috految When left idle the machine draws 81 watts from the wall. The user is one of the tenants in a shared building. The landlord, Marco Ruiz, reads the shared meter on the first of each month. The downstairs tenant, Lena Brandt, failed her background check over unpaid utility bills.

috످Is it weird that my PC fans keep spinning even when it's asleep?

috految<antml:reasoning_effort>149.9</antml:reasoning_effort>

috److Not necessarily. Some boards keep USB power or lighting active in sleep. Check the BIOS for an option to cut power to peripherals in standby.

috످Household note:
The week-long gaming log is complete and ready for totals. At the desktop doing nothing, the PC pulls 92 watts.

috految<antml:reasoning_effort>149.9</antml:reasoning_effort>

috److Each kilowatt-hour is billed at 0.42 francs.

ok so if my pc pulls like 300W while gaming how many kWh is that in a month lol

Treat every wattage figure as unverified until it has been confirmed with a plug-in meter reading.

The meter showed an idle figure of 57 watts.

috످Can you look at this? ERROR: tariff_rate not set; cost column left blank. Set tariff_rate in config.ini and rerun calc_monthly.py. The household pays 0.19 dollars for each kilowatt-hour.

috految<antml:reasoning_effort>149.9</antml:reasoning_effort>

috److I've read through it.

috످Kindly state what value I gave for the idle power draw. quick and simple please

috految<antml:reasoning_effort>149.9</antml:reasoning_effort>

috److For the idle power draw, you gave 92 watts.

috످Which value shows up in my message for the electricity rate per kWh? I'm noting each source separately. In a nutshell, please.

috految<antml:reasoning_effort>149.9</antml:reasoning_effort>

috److془The user's message: "The household pays 0.19 dollars for each kilowatt-hour." Answer: 0.19 dollars per kWh.

The 0.42 francs was in my own reply. Should I mention? "I'm noting each source separately. In a nutshell." Just give the answer.془Your message says 0.19 dollars per kWh.

috످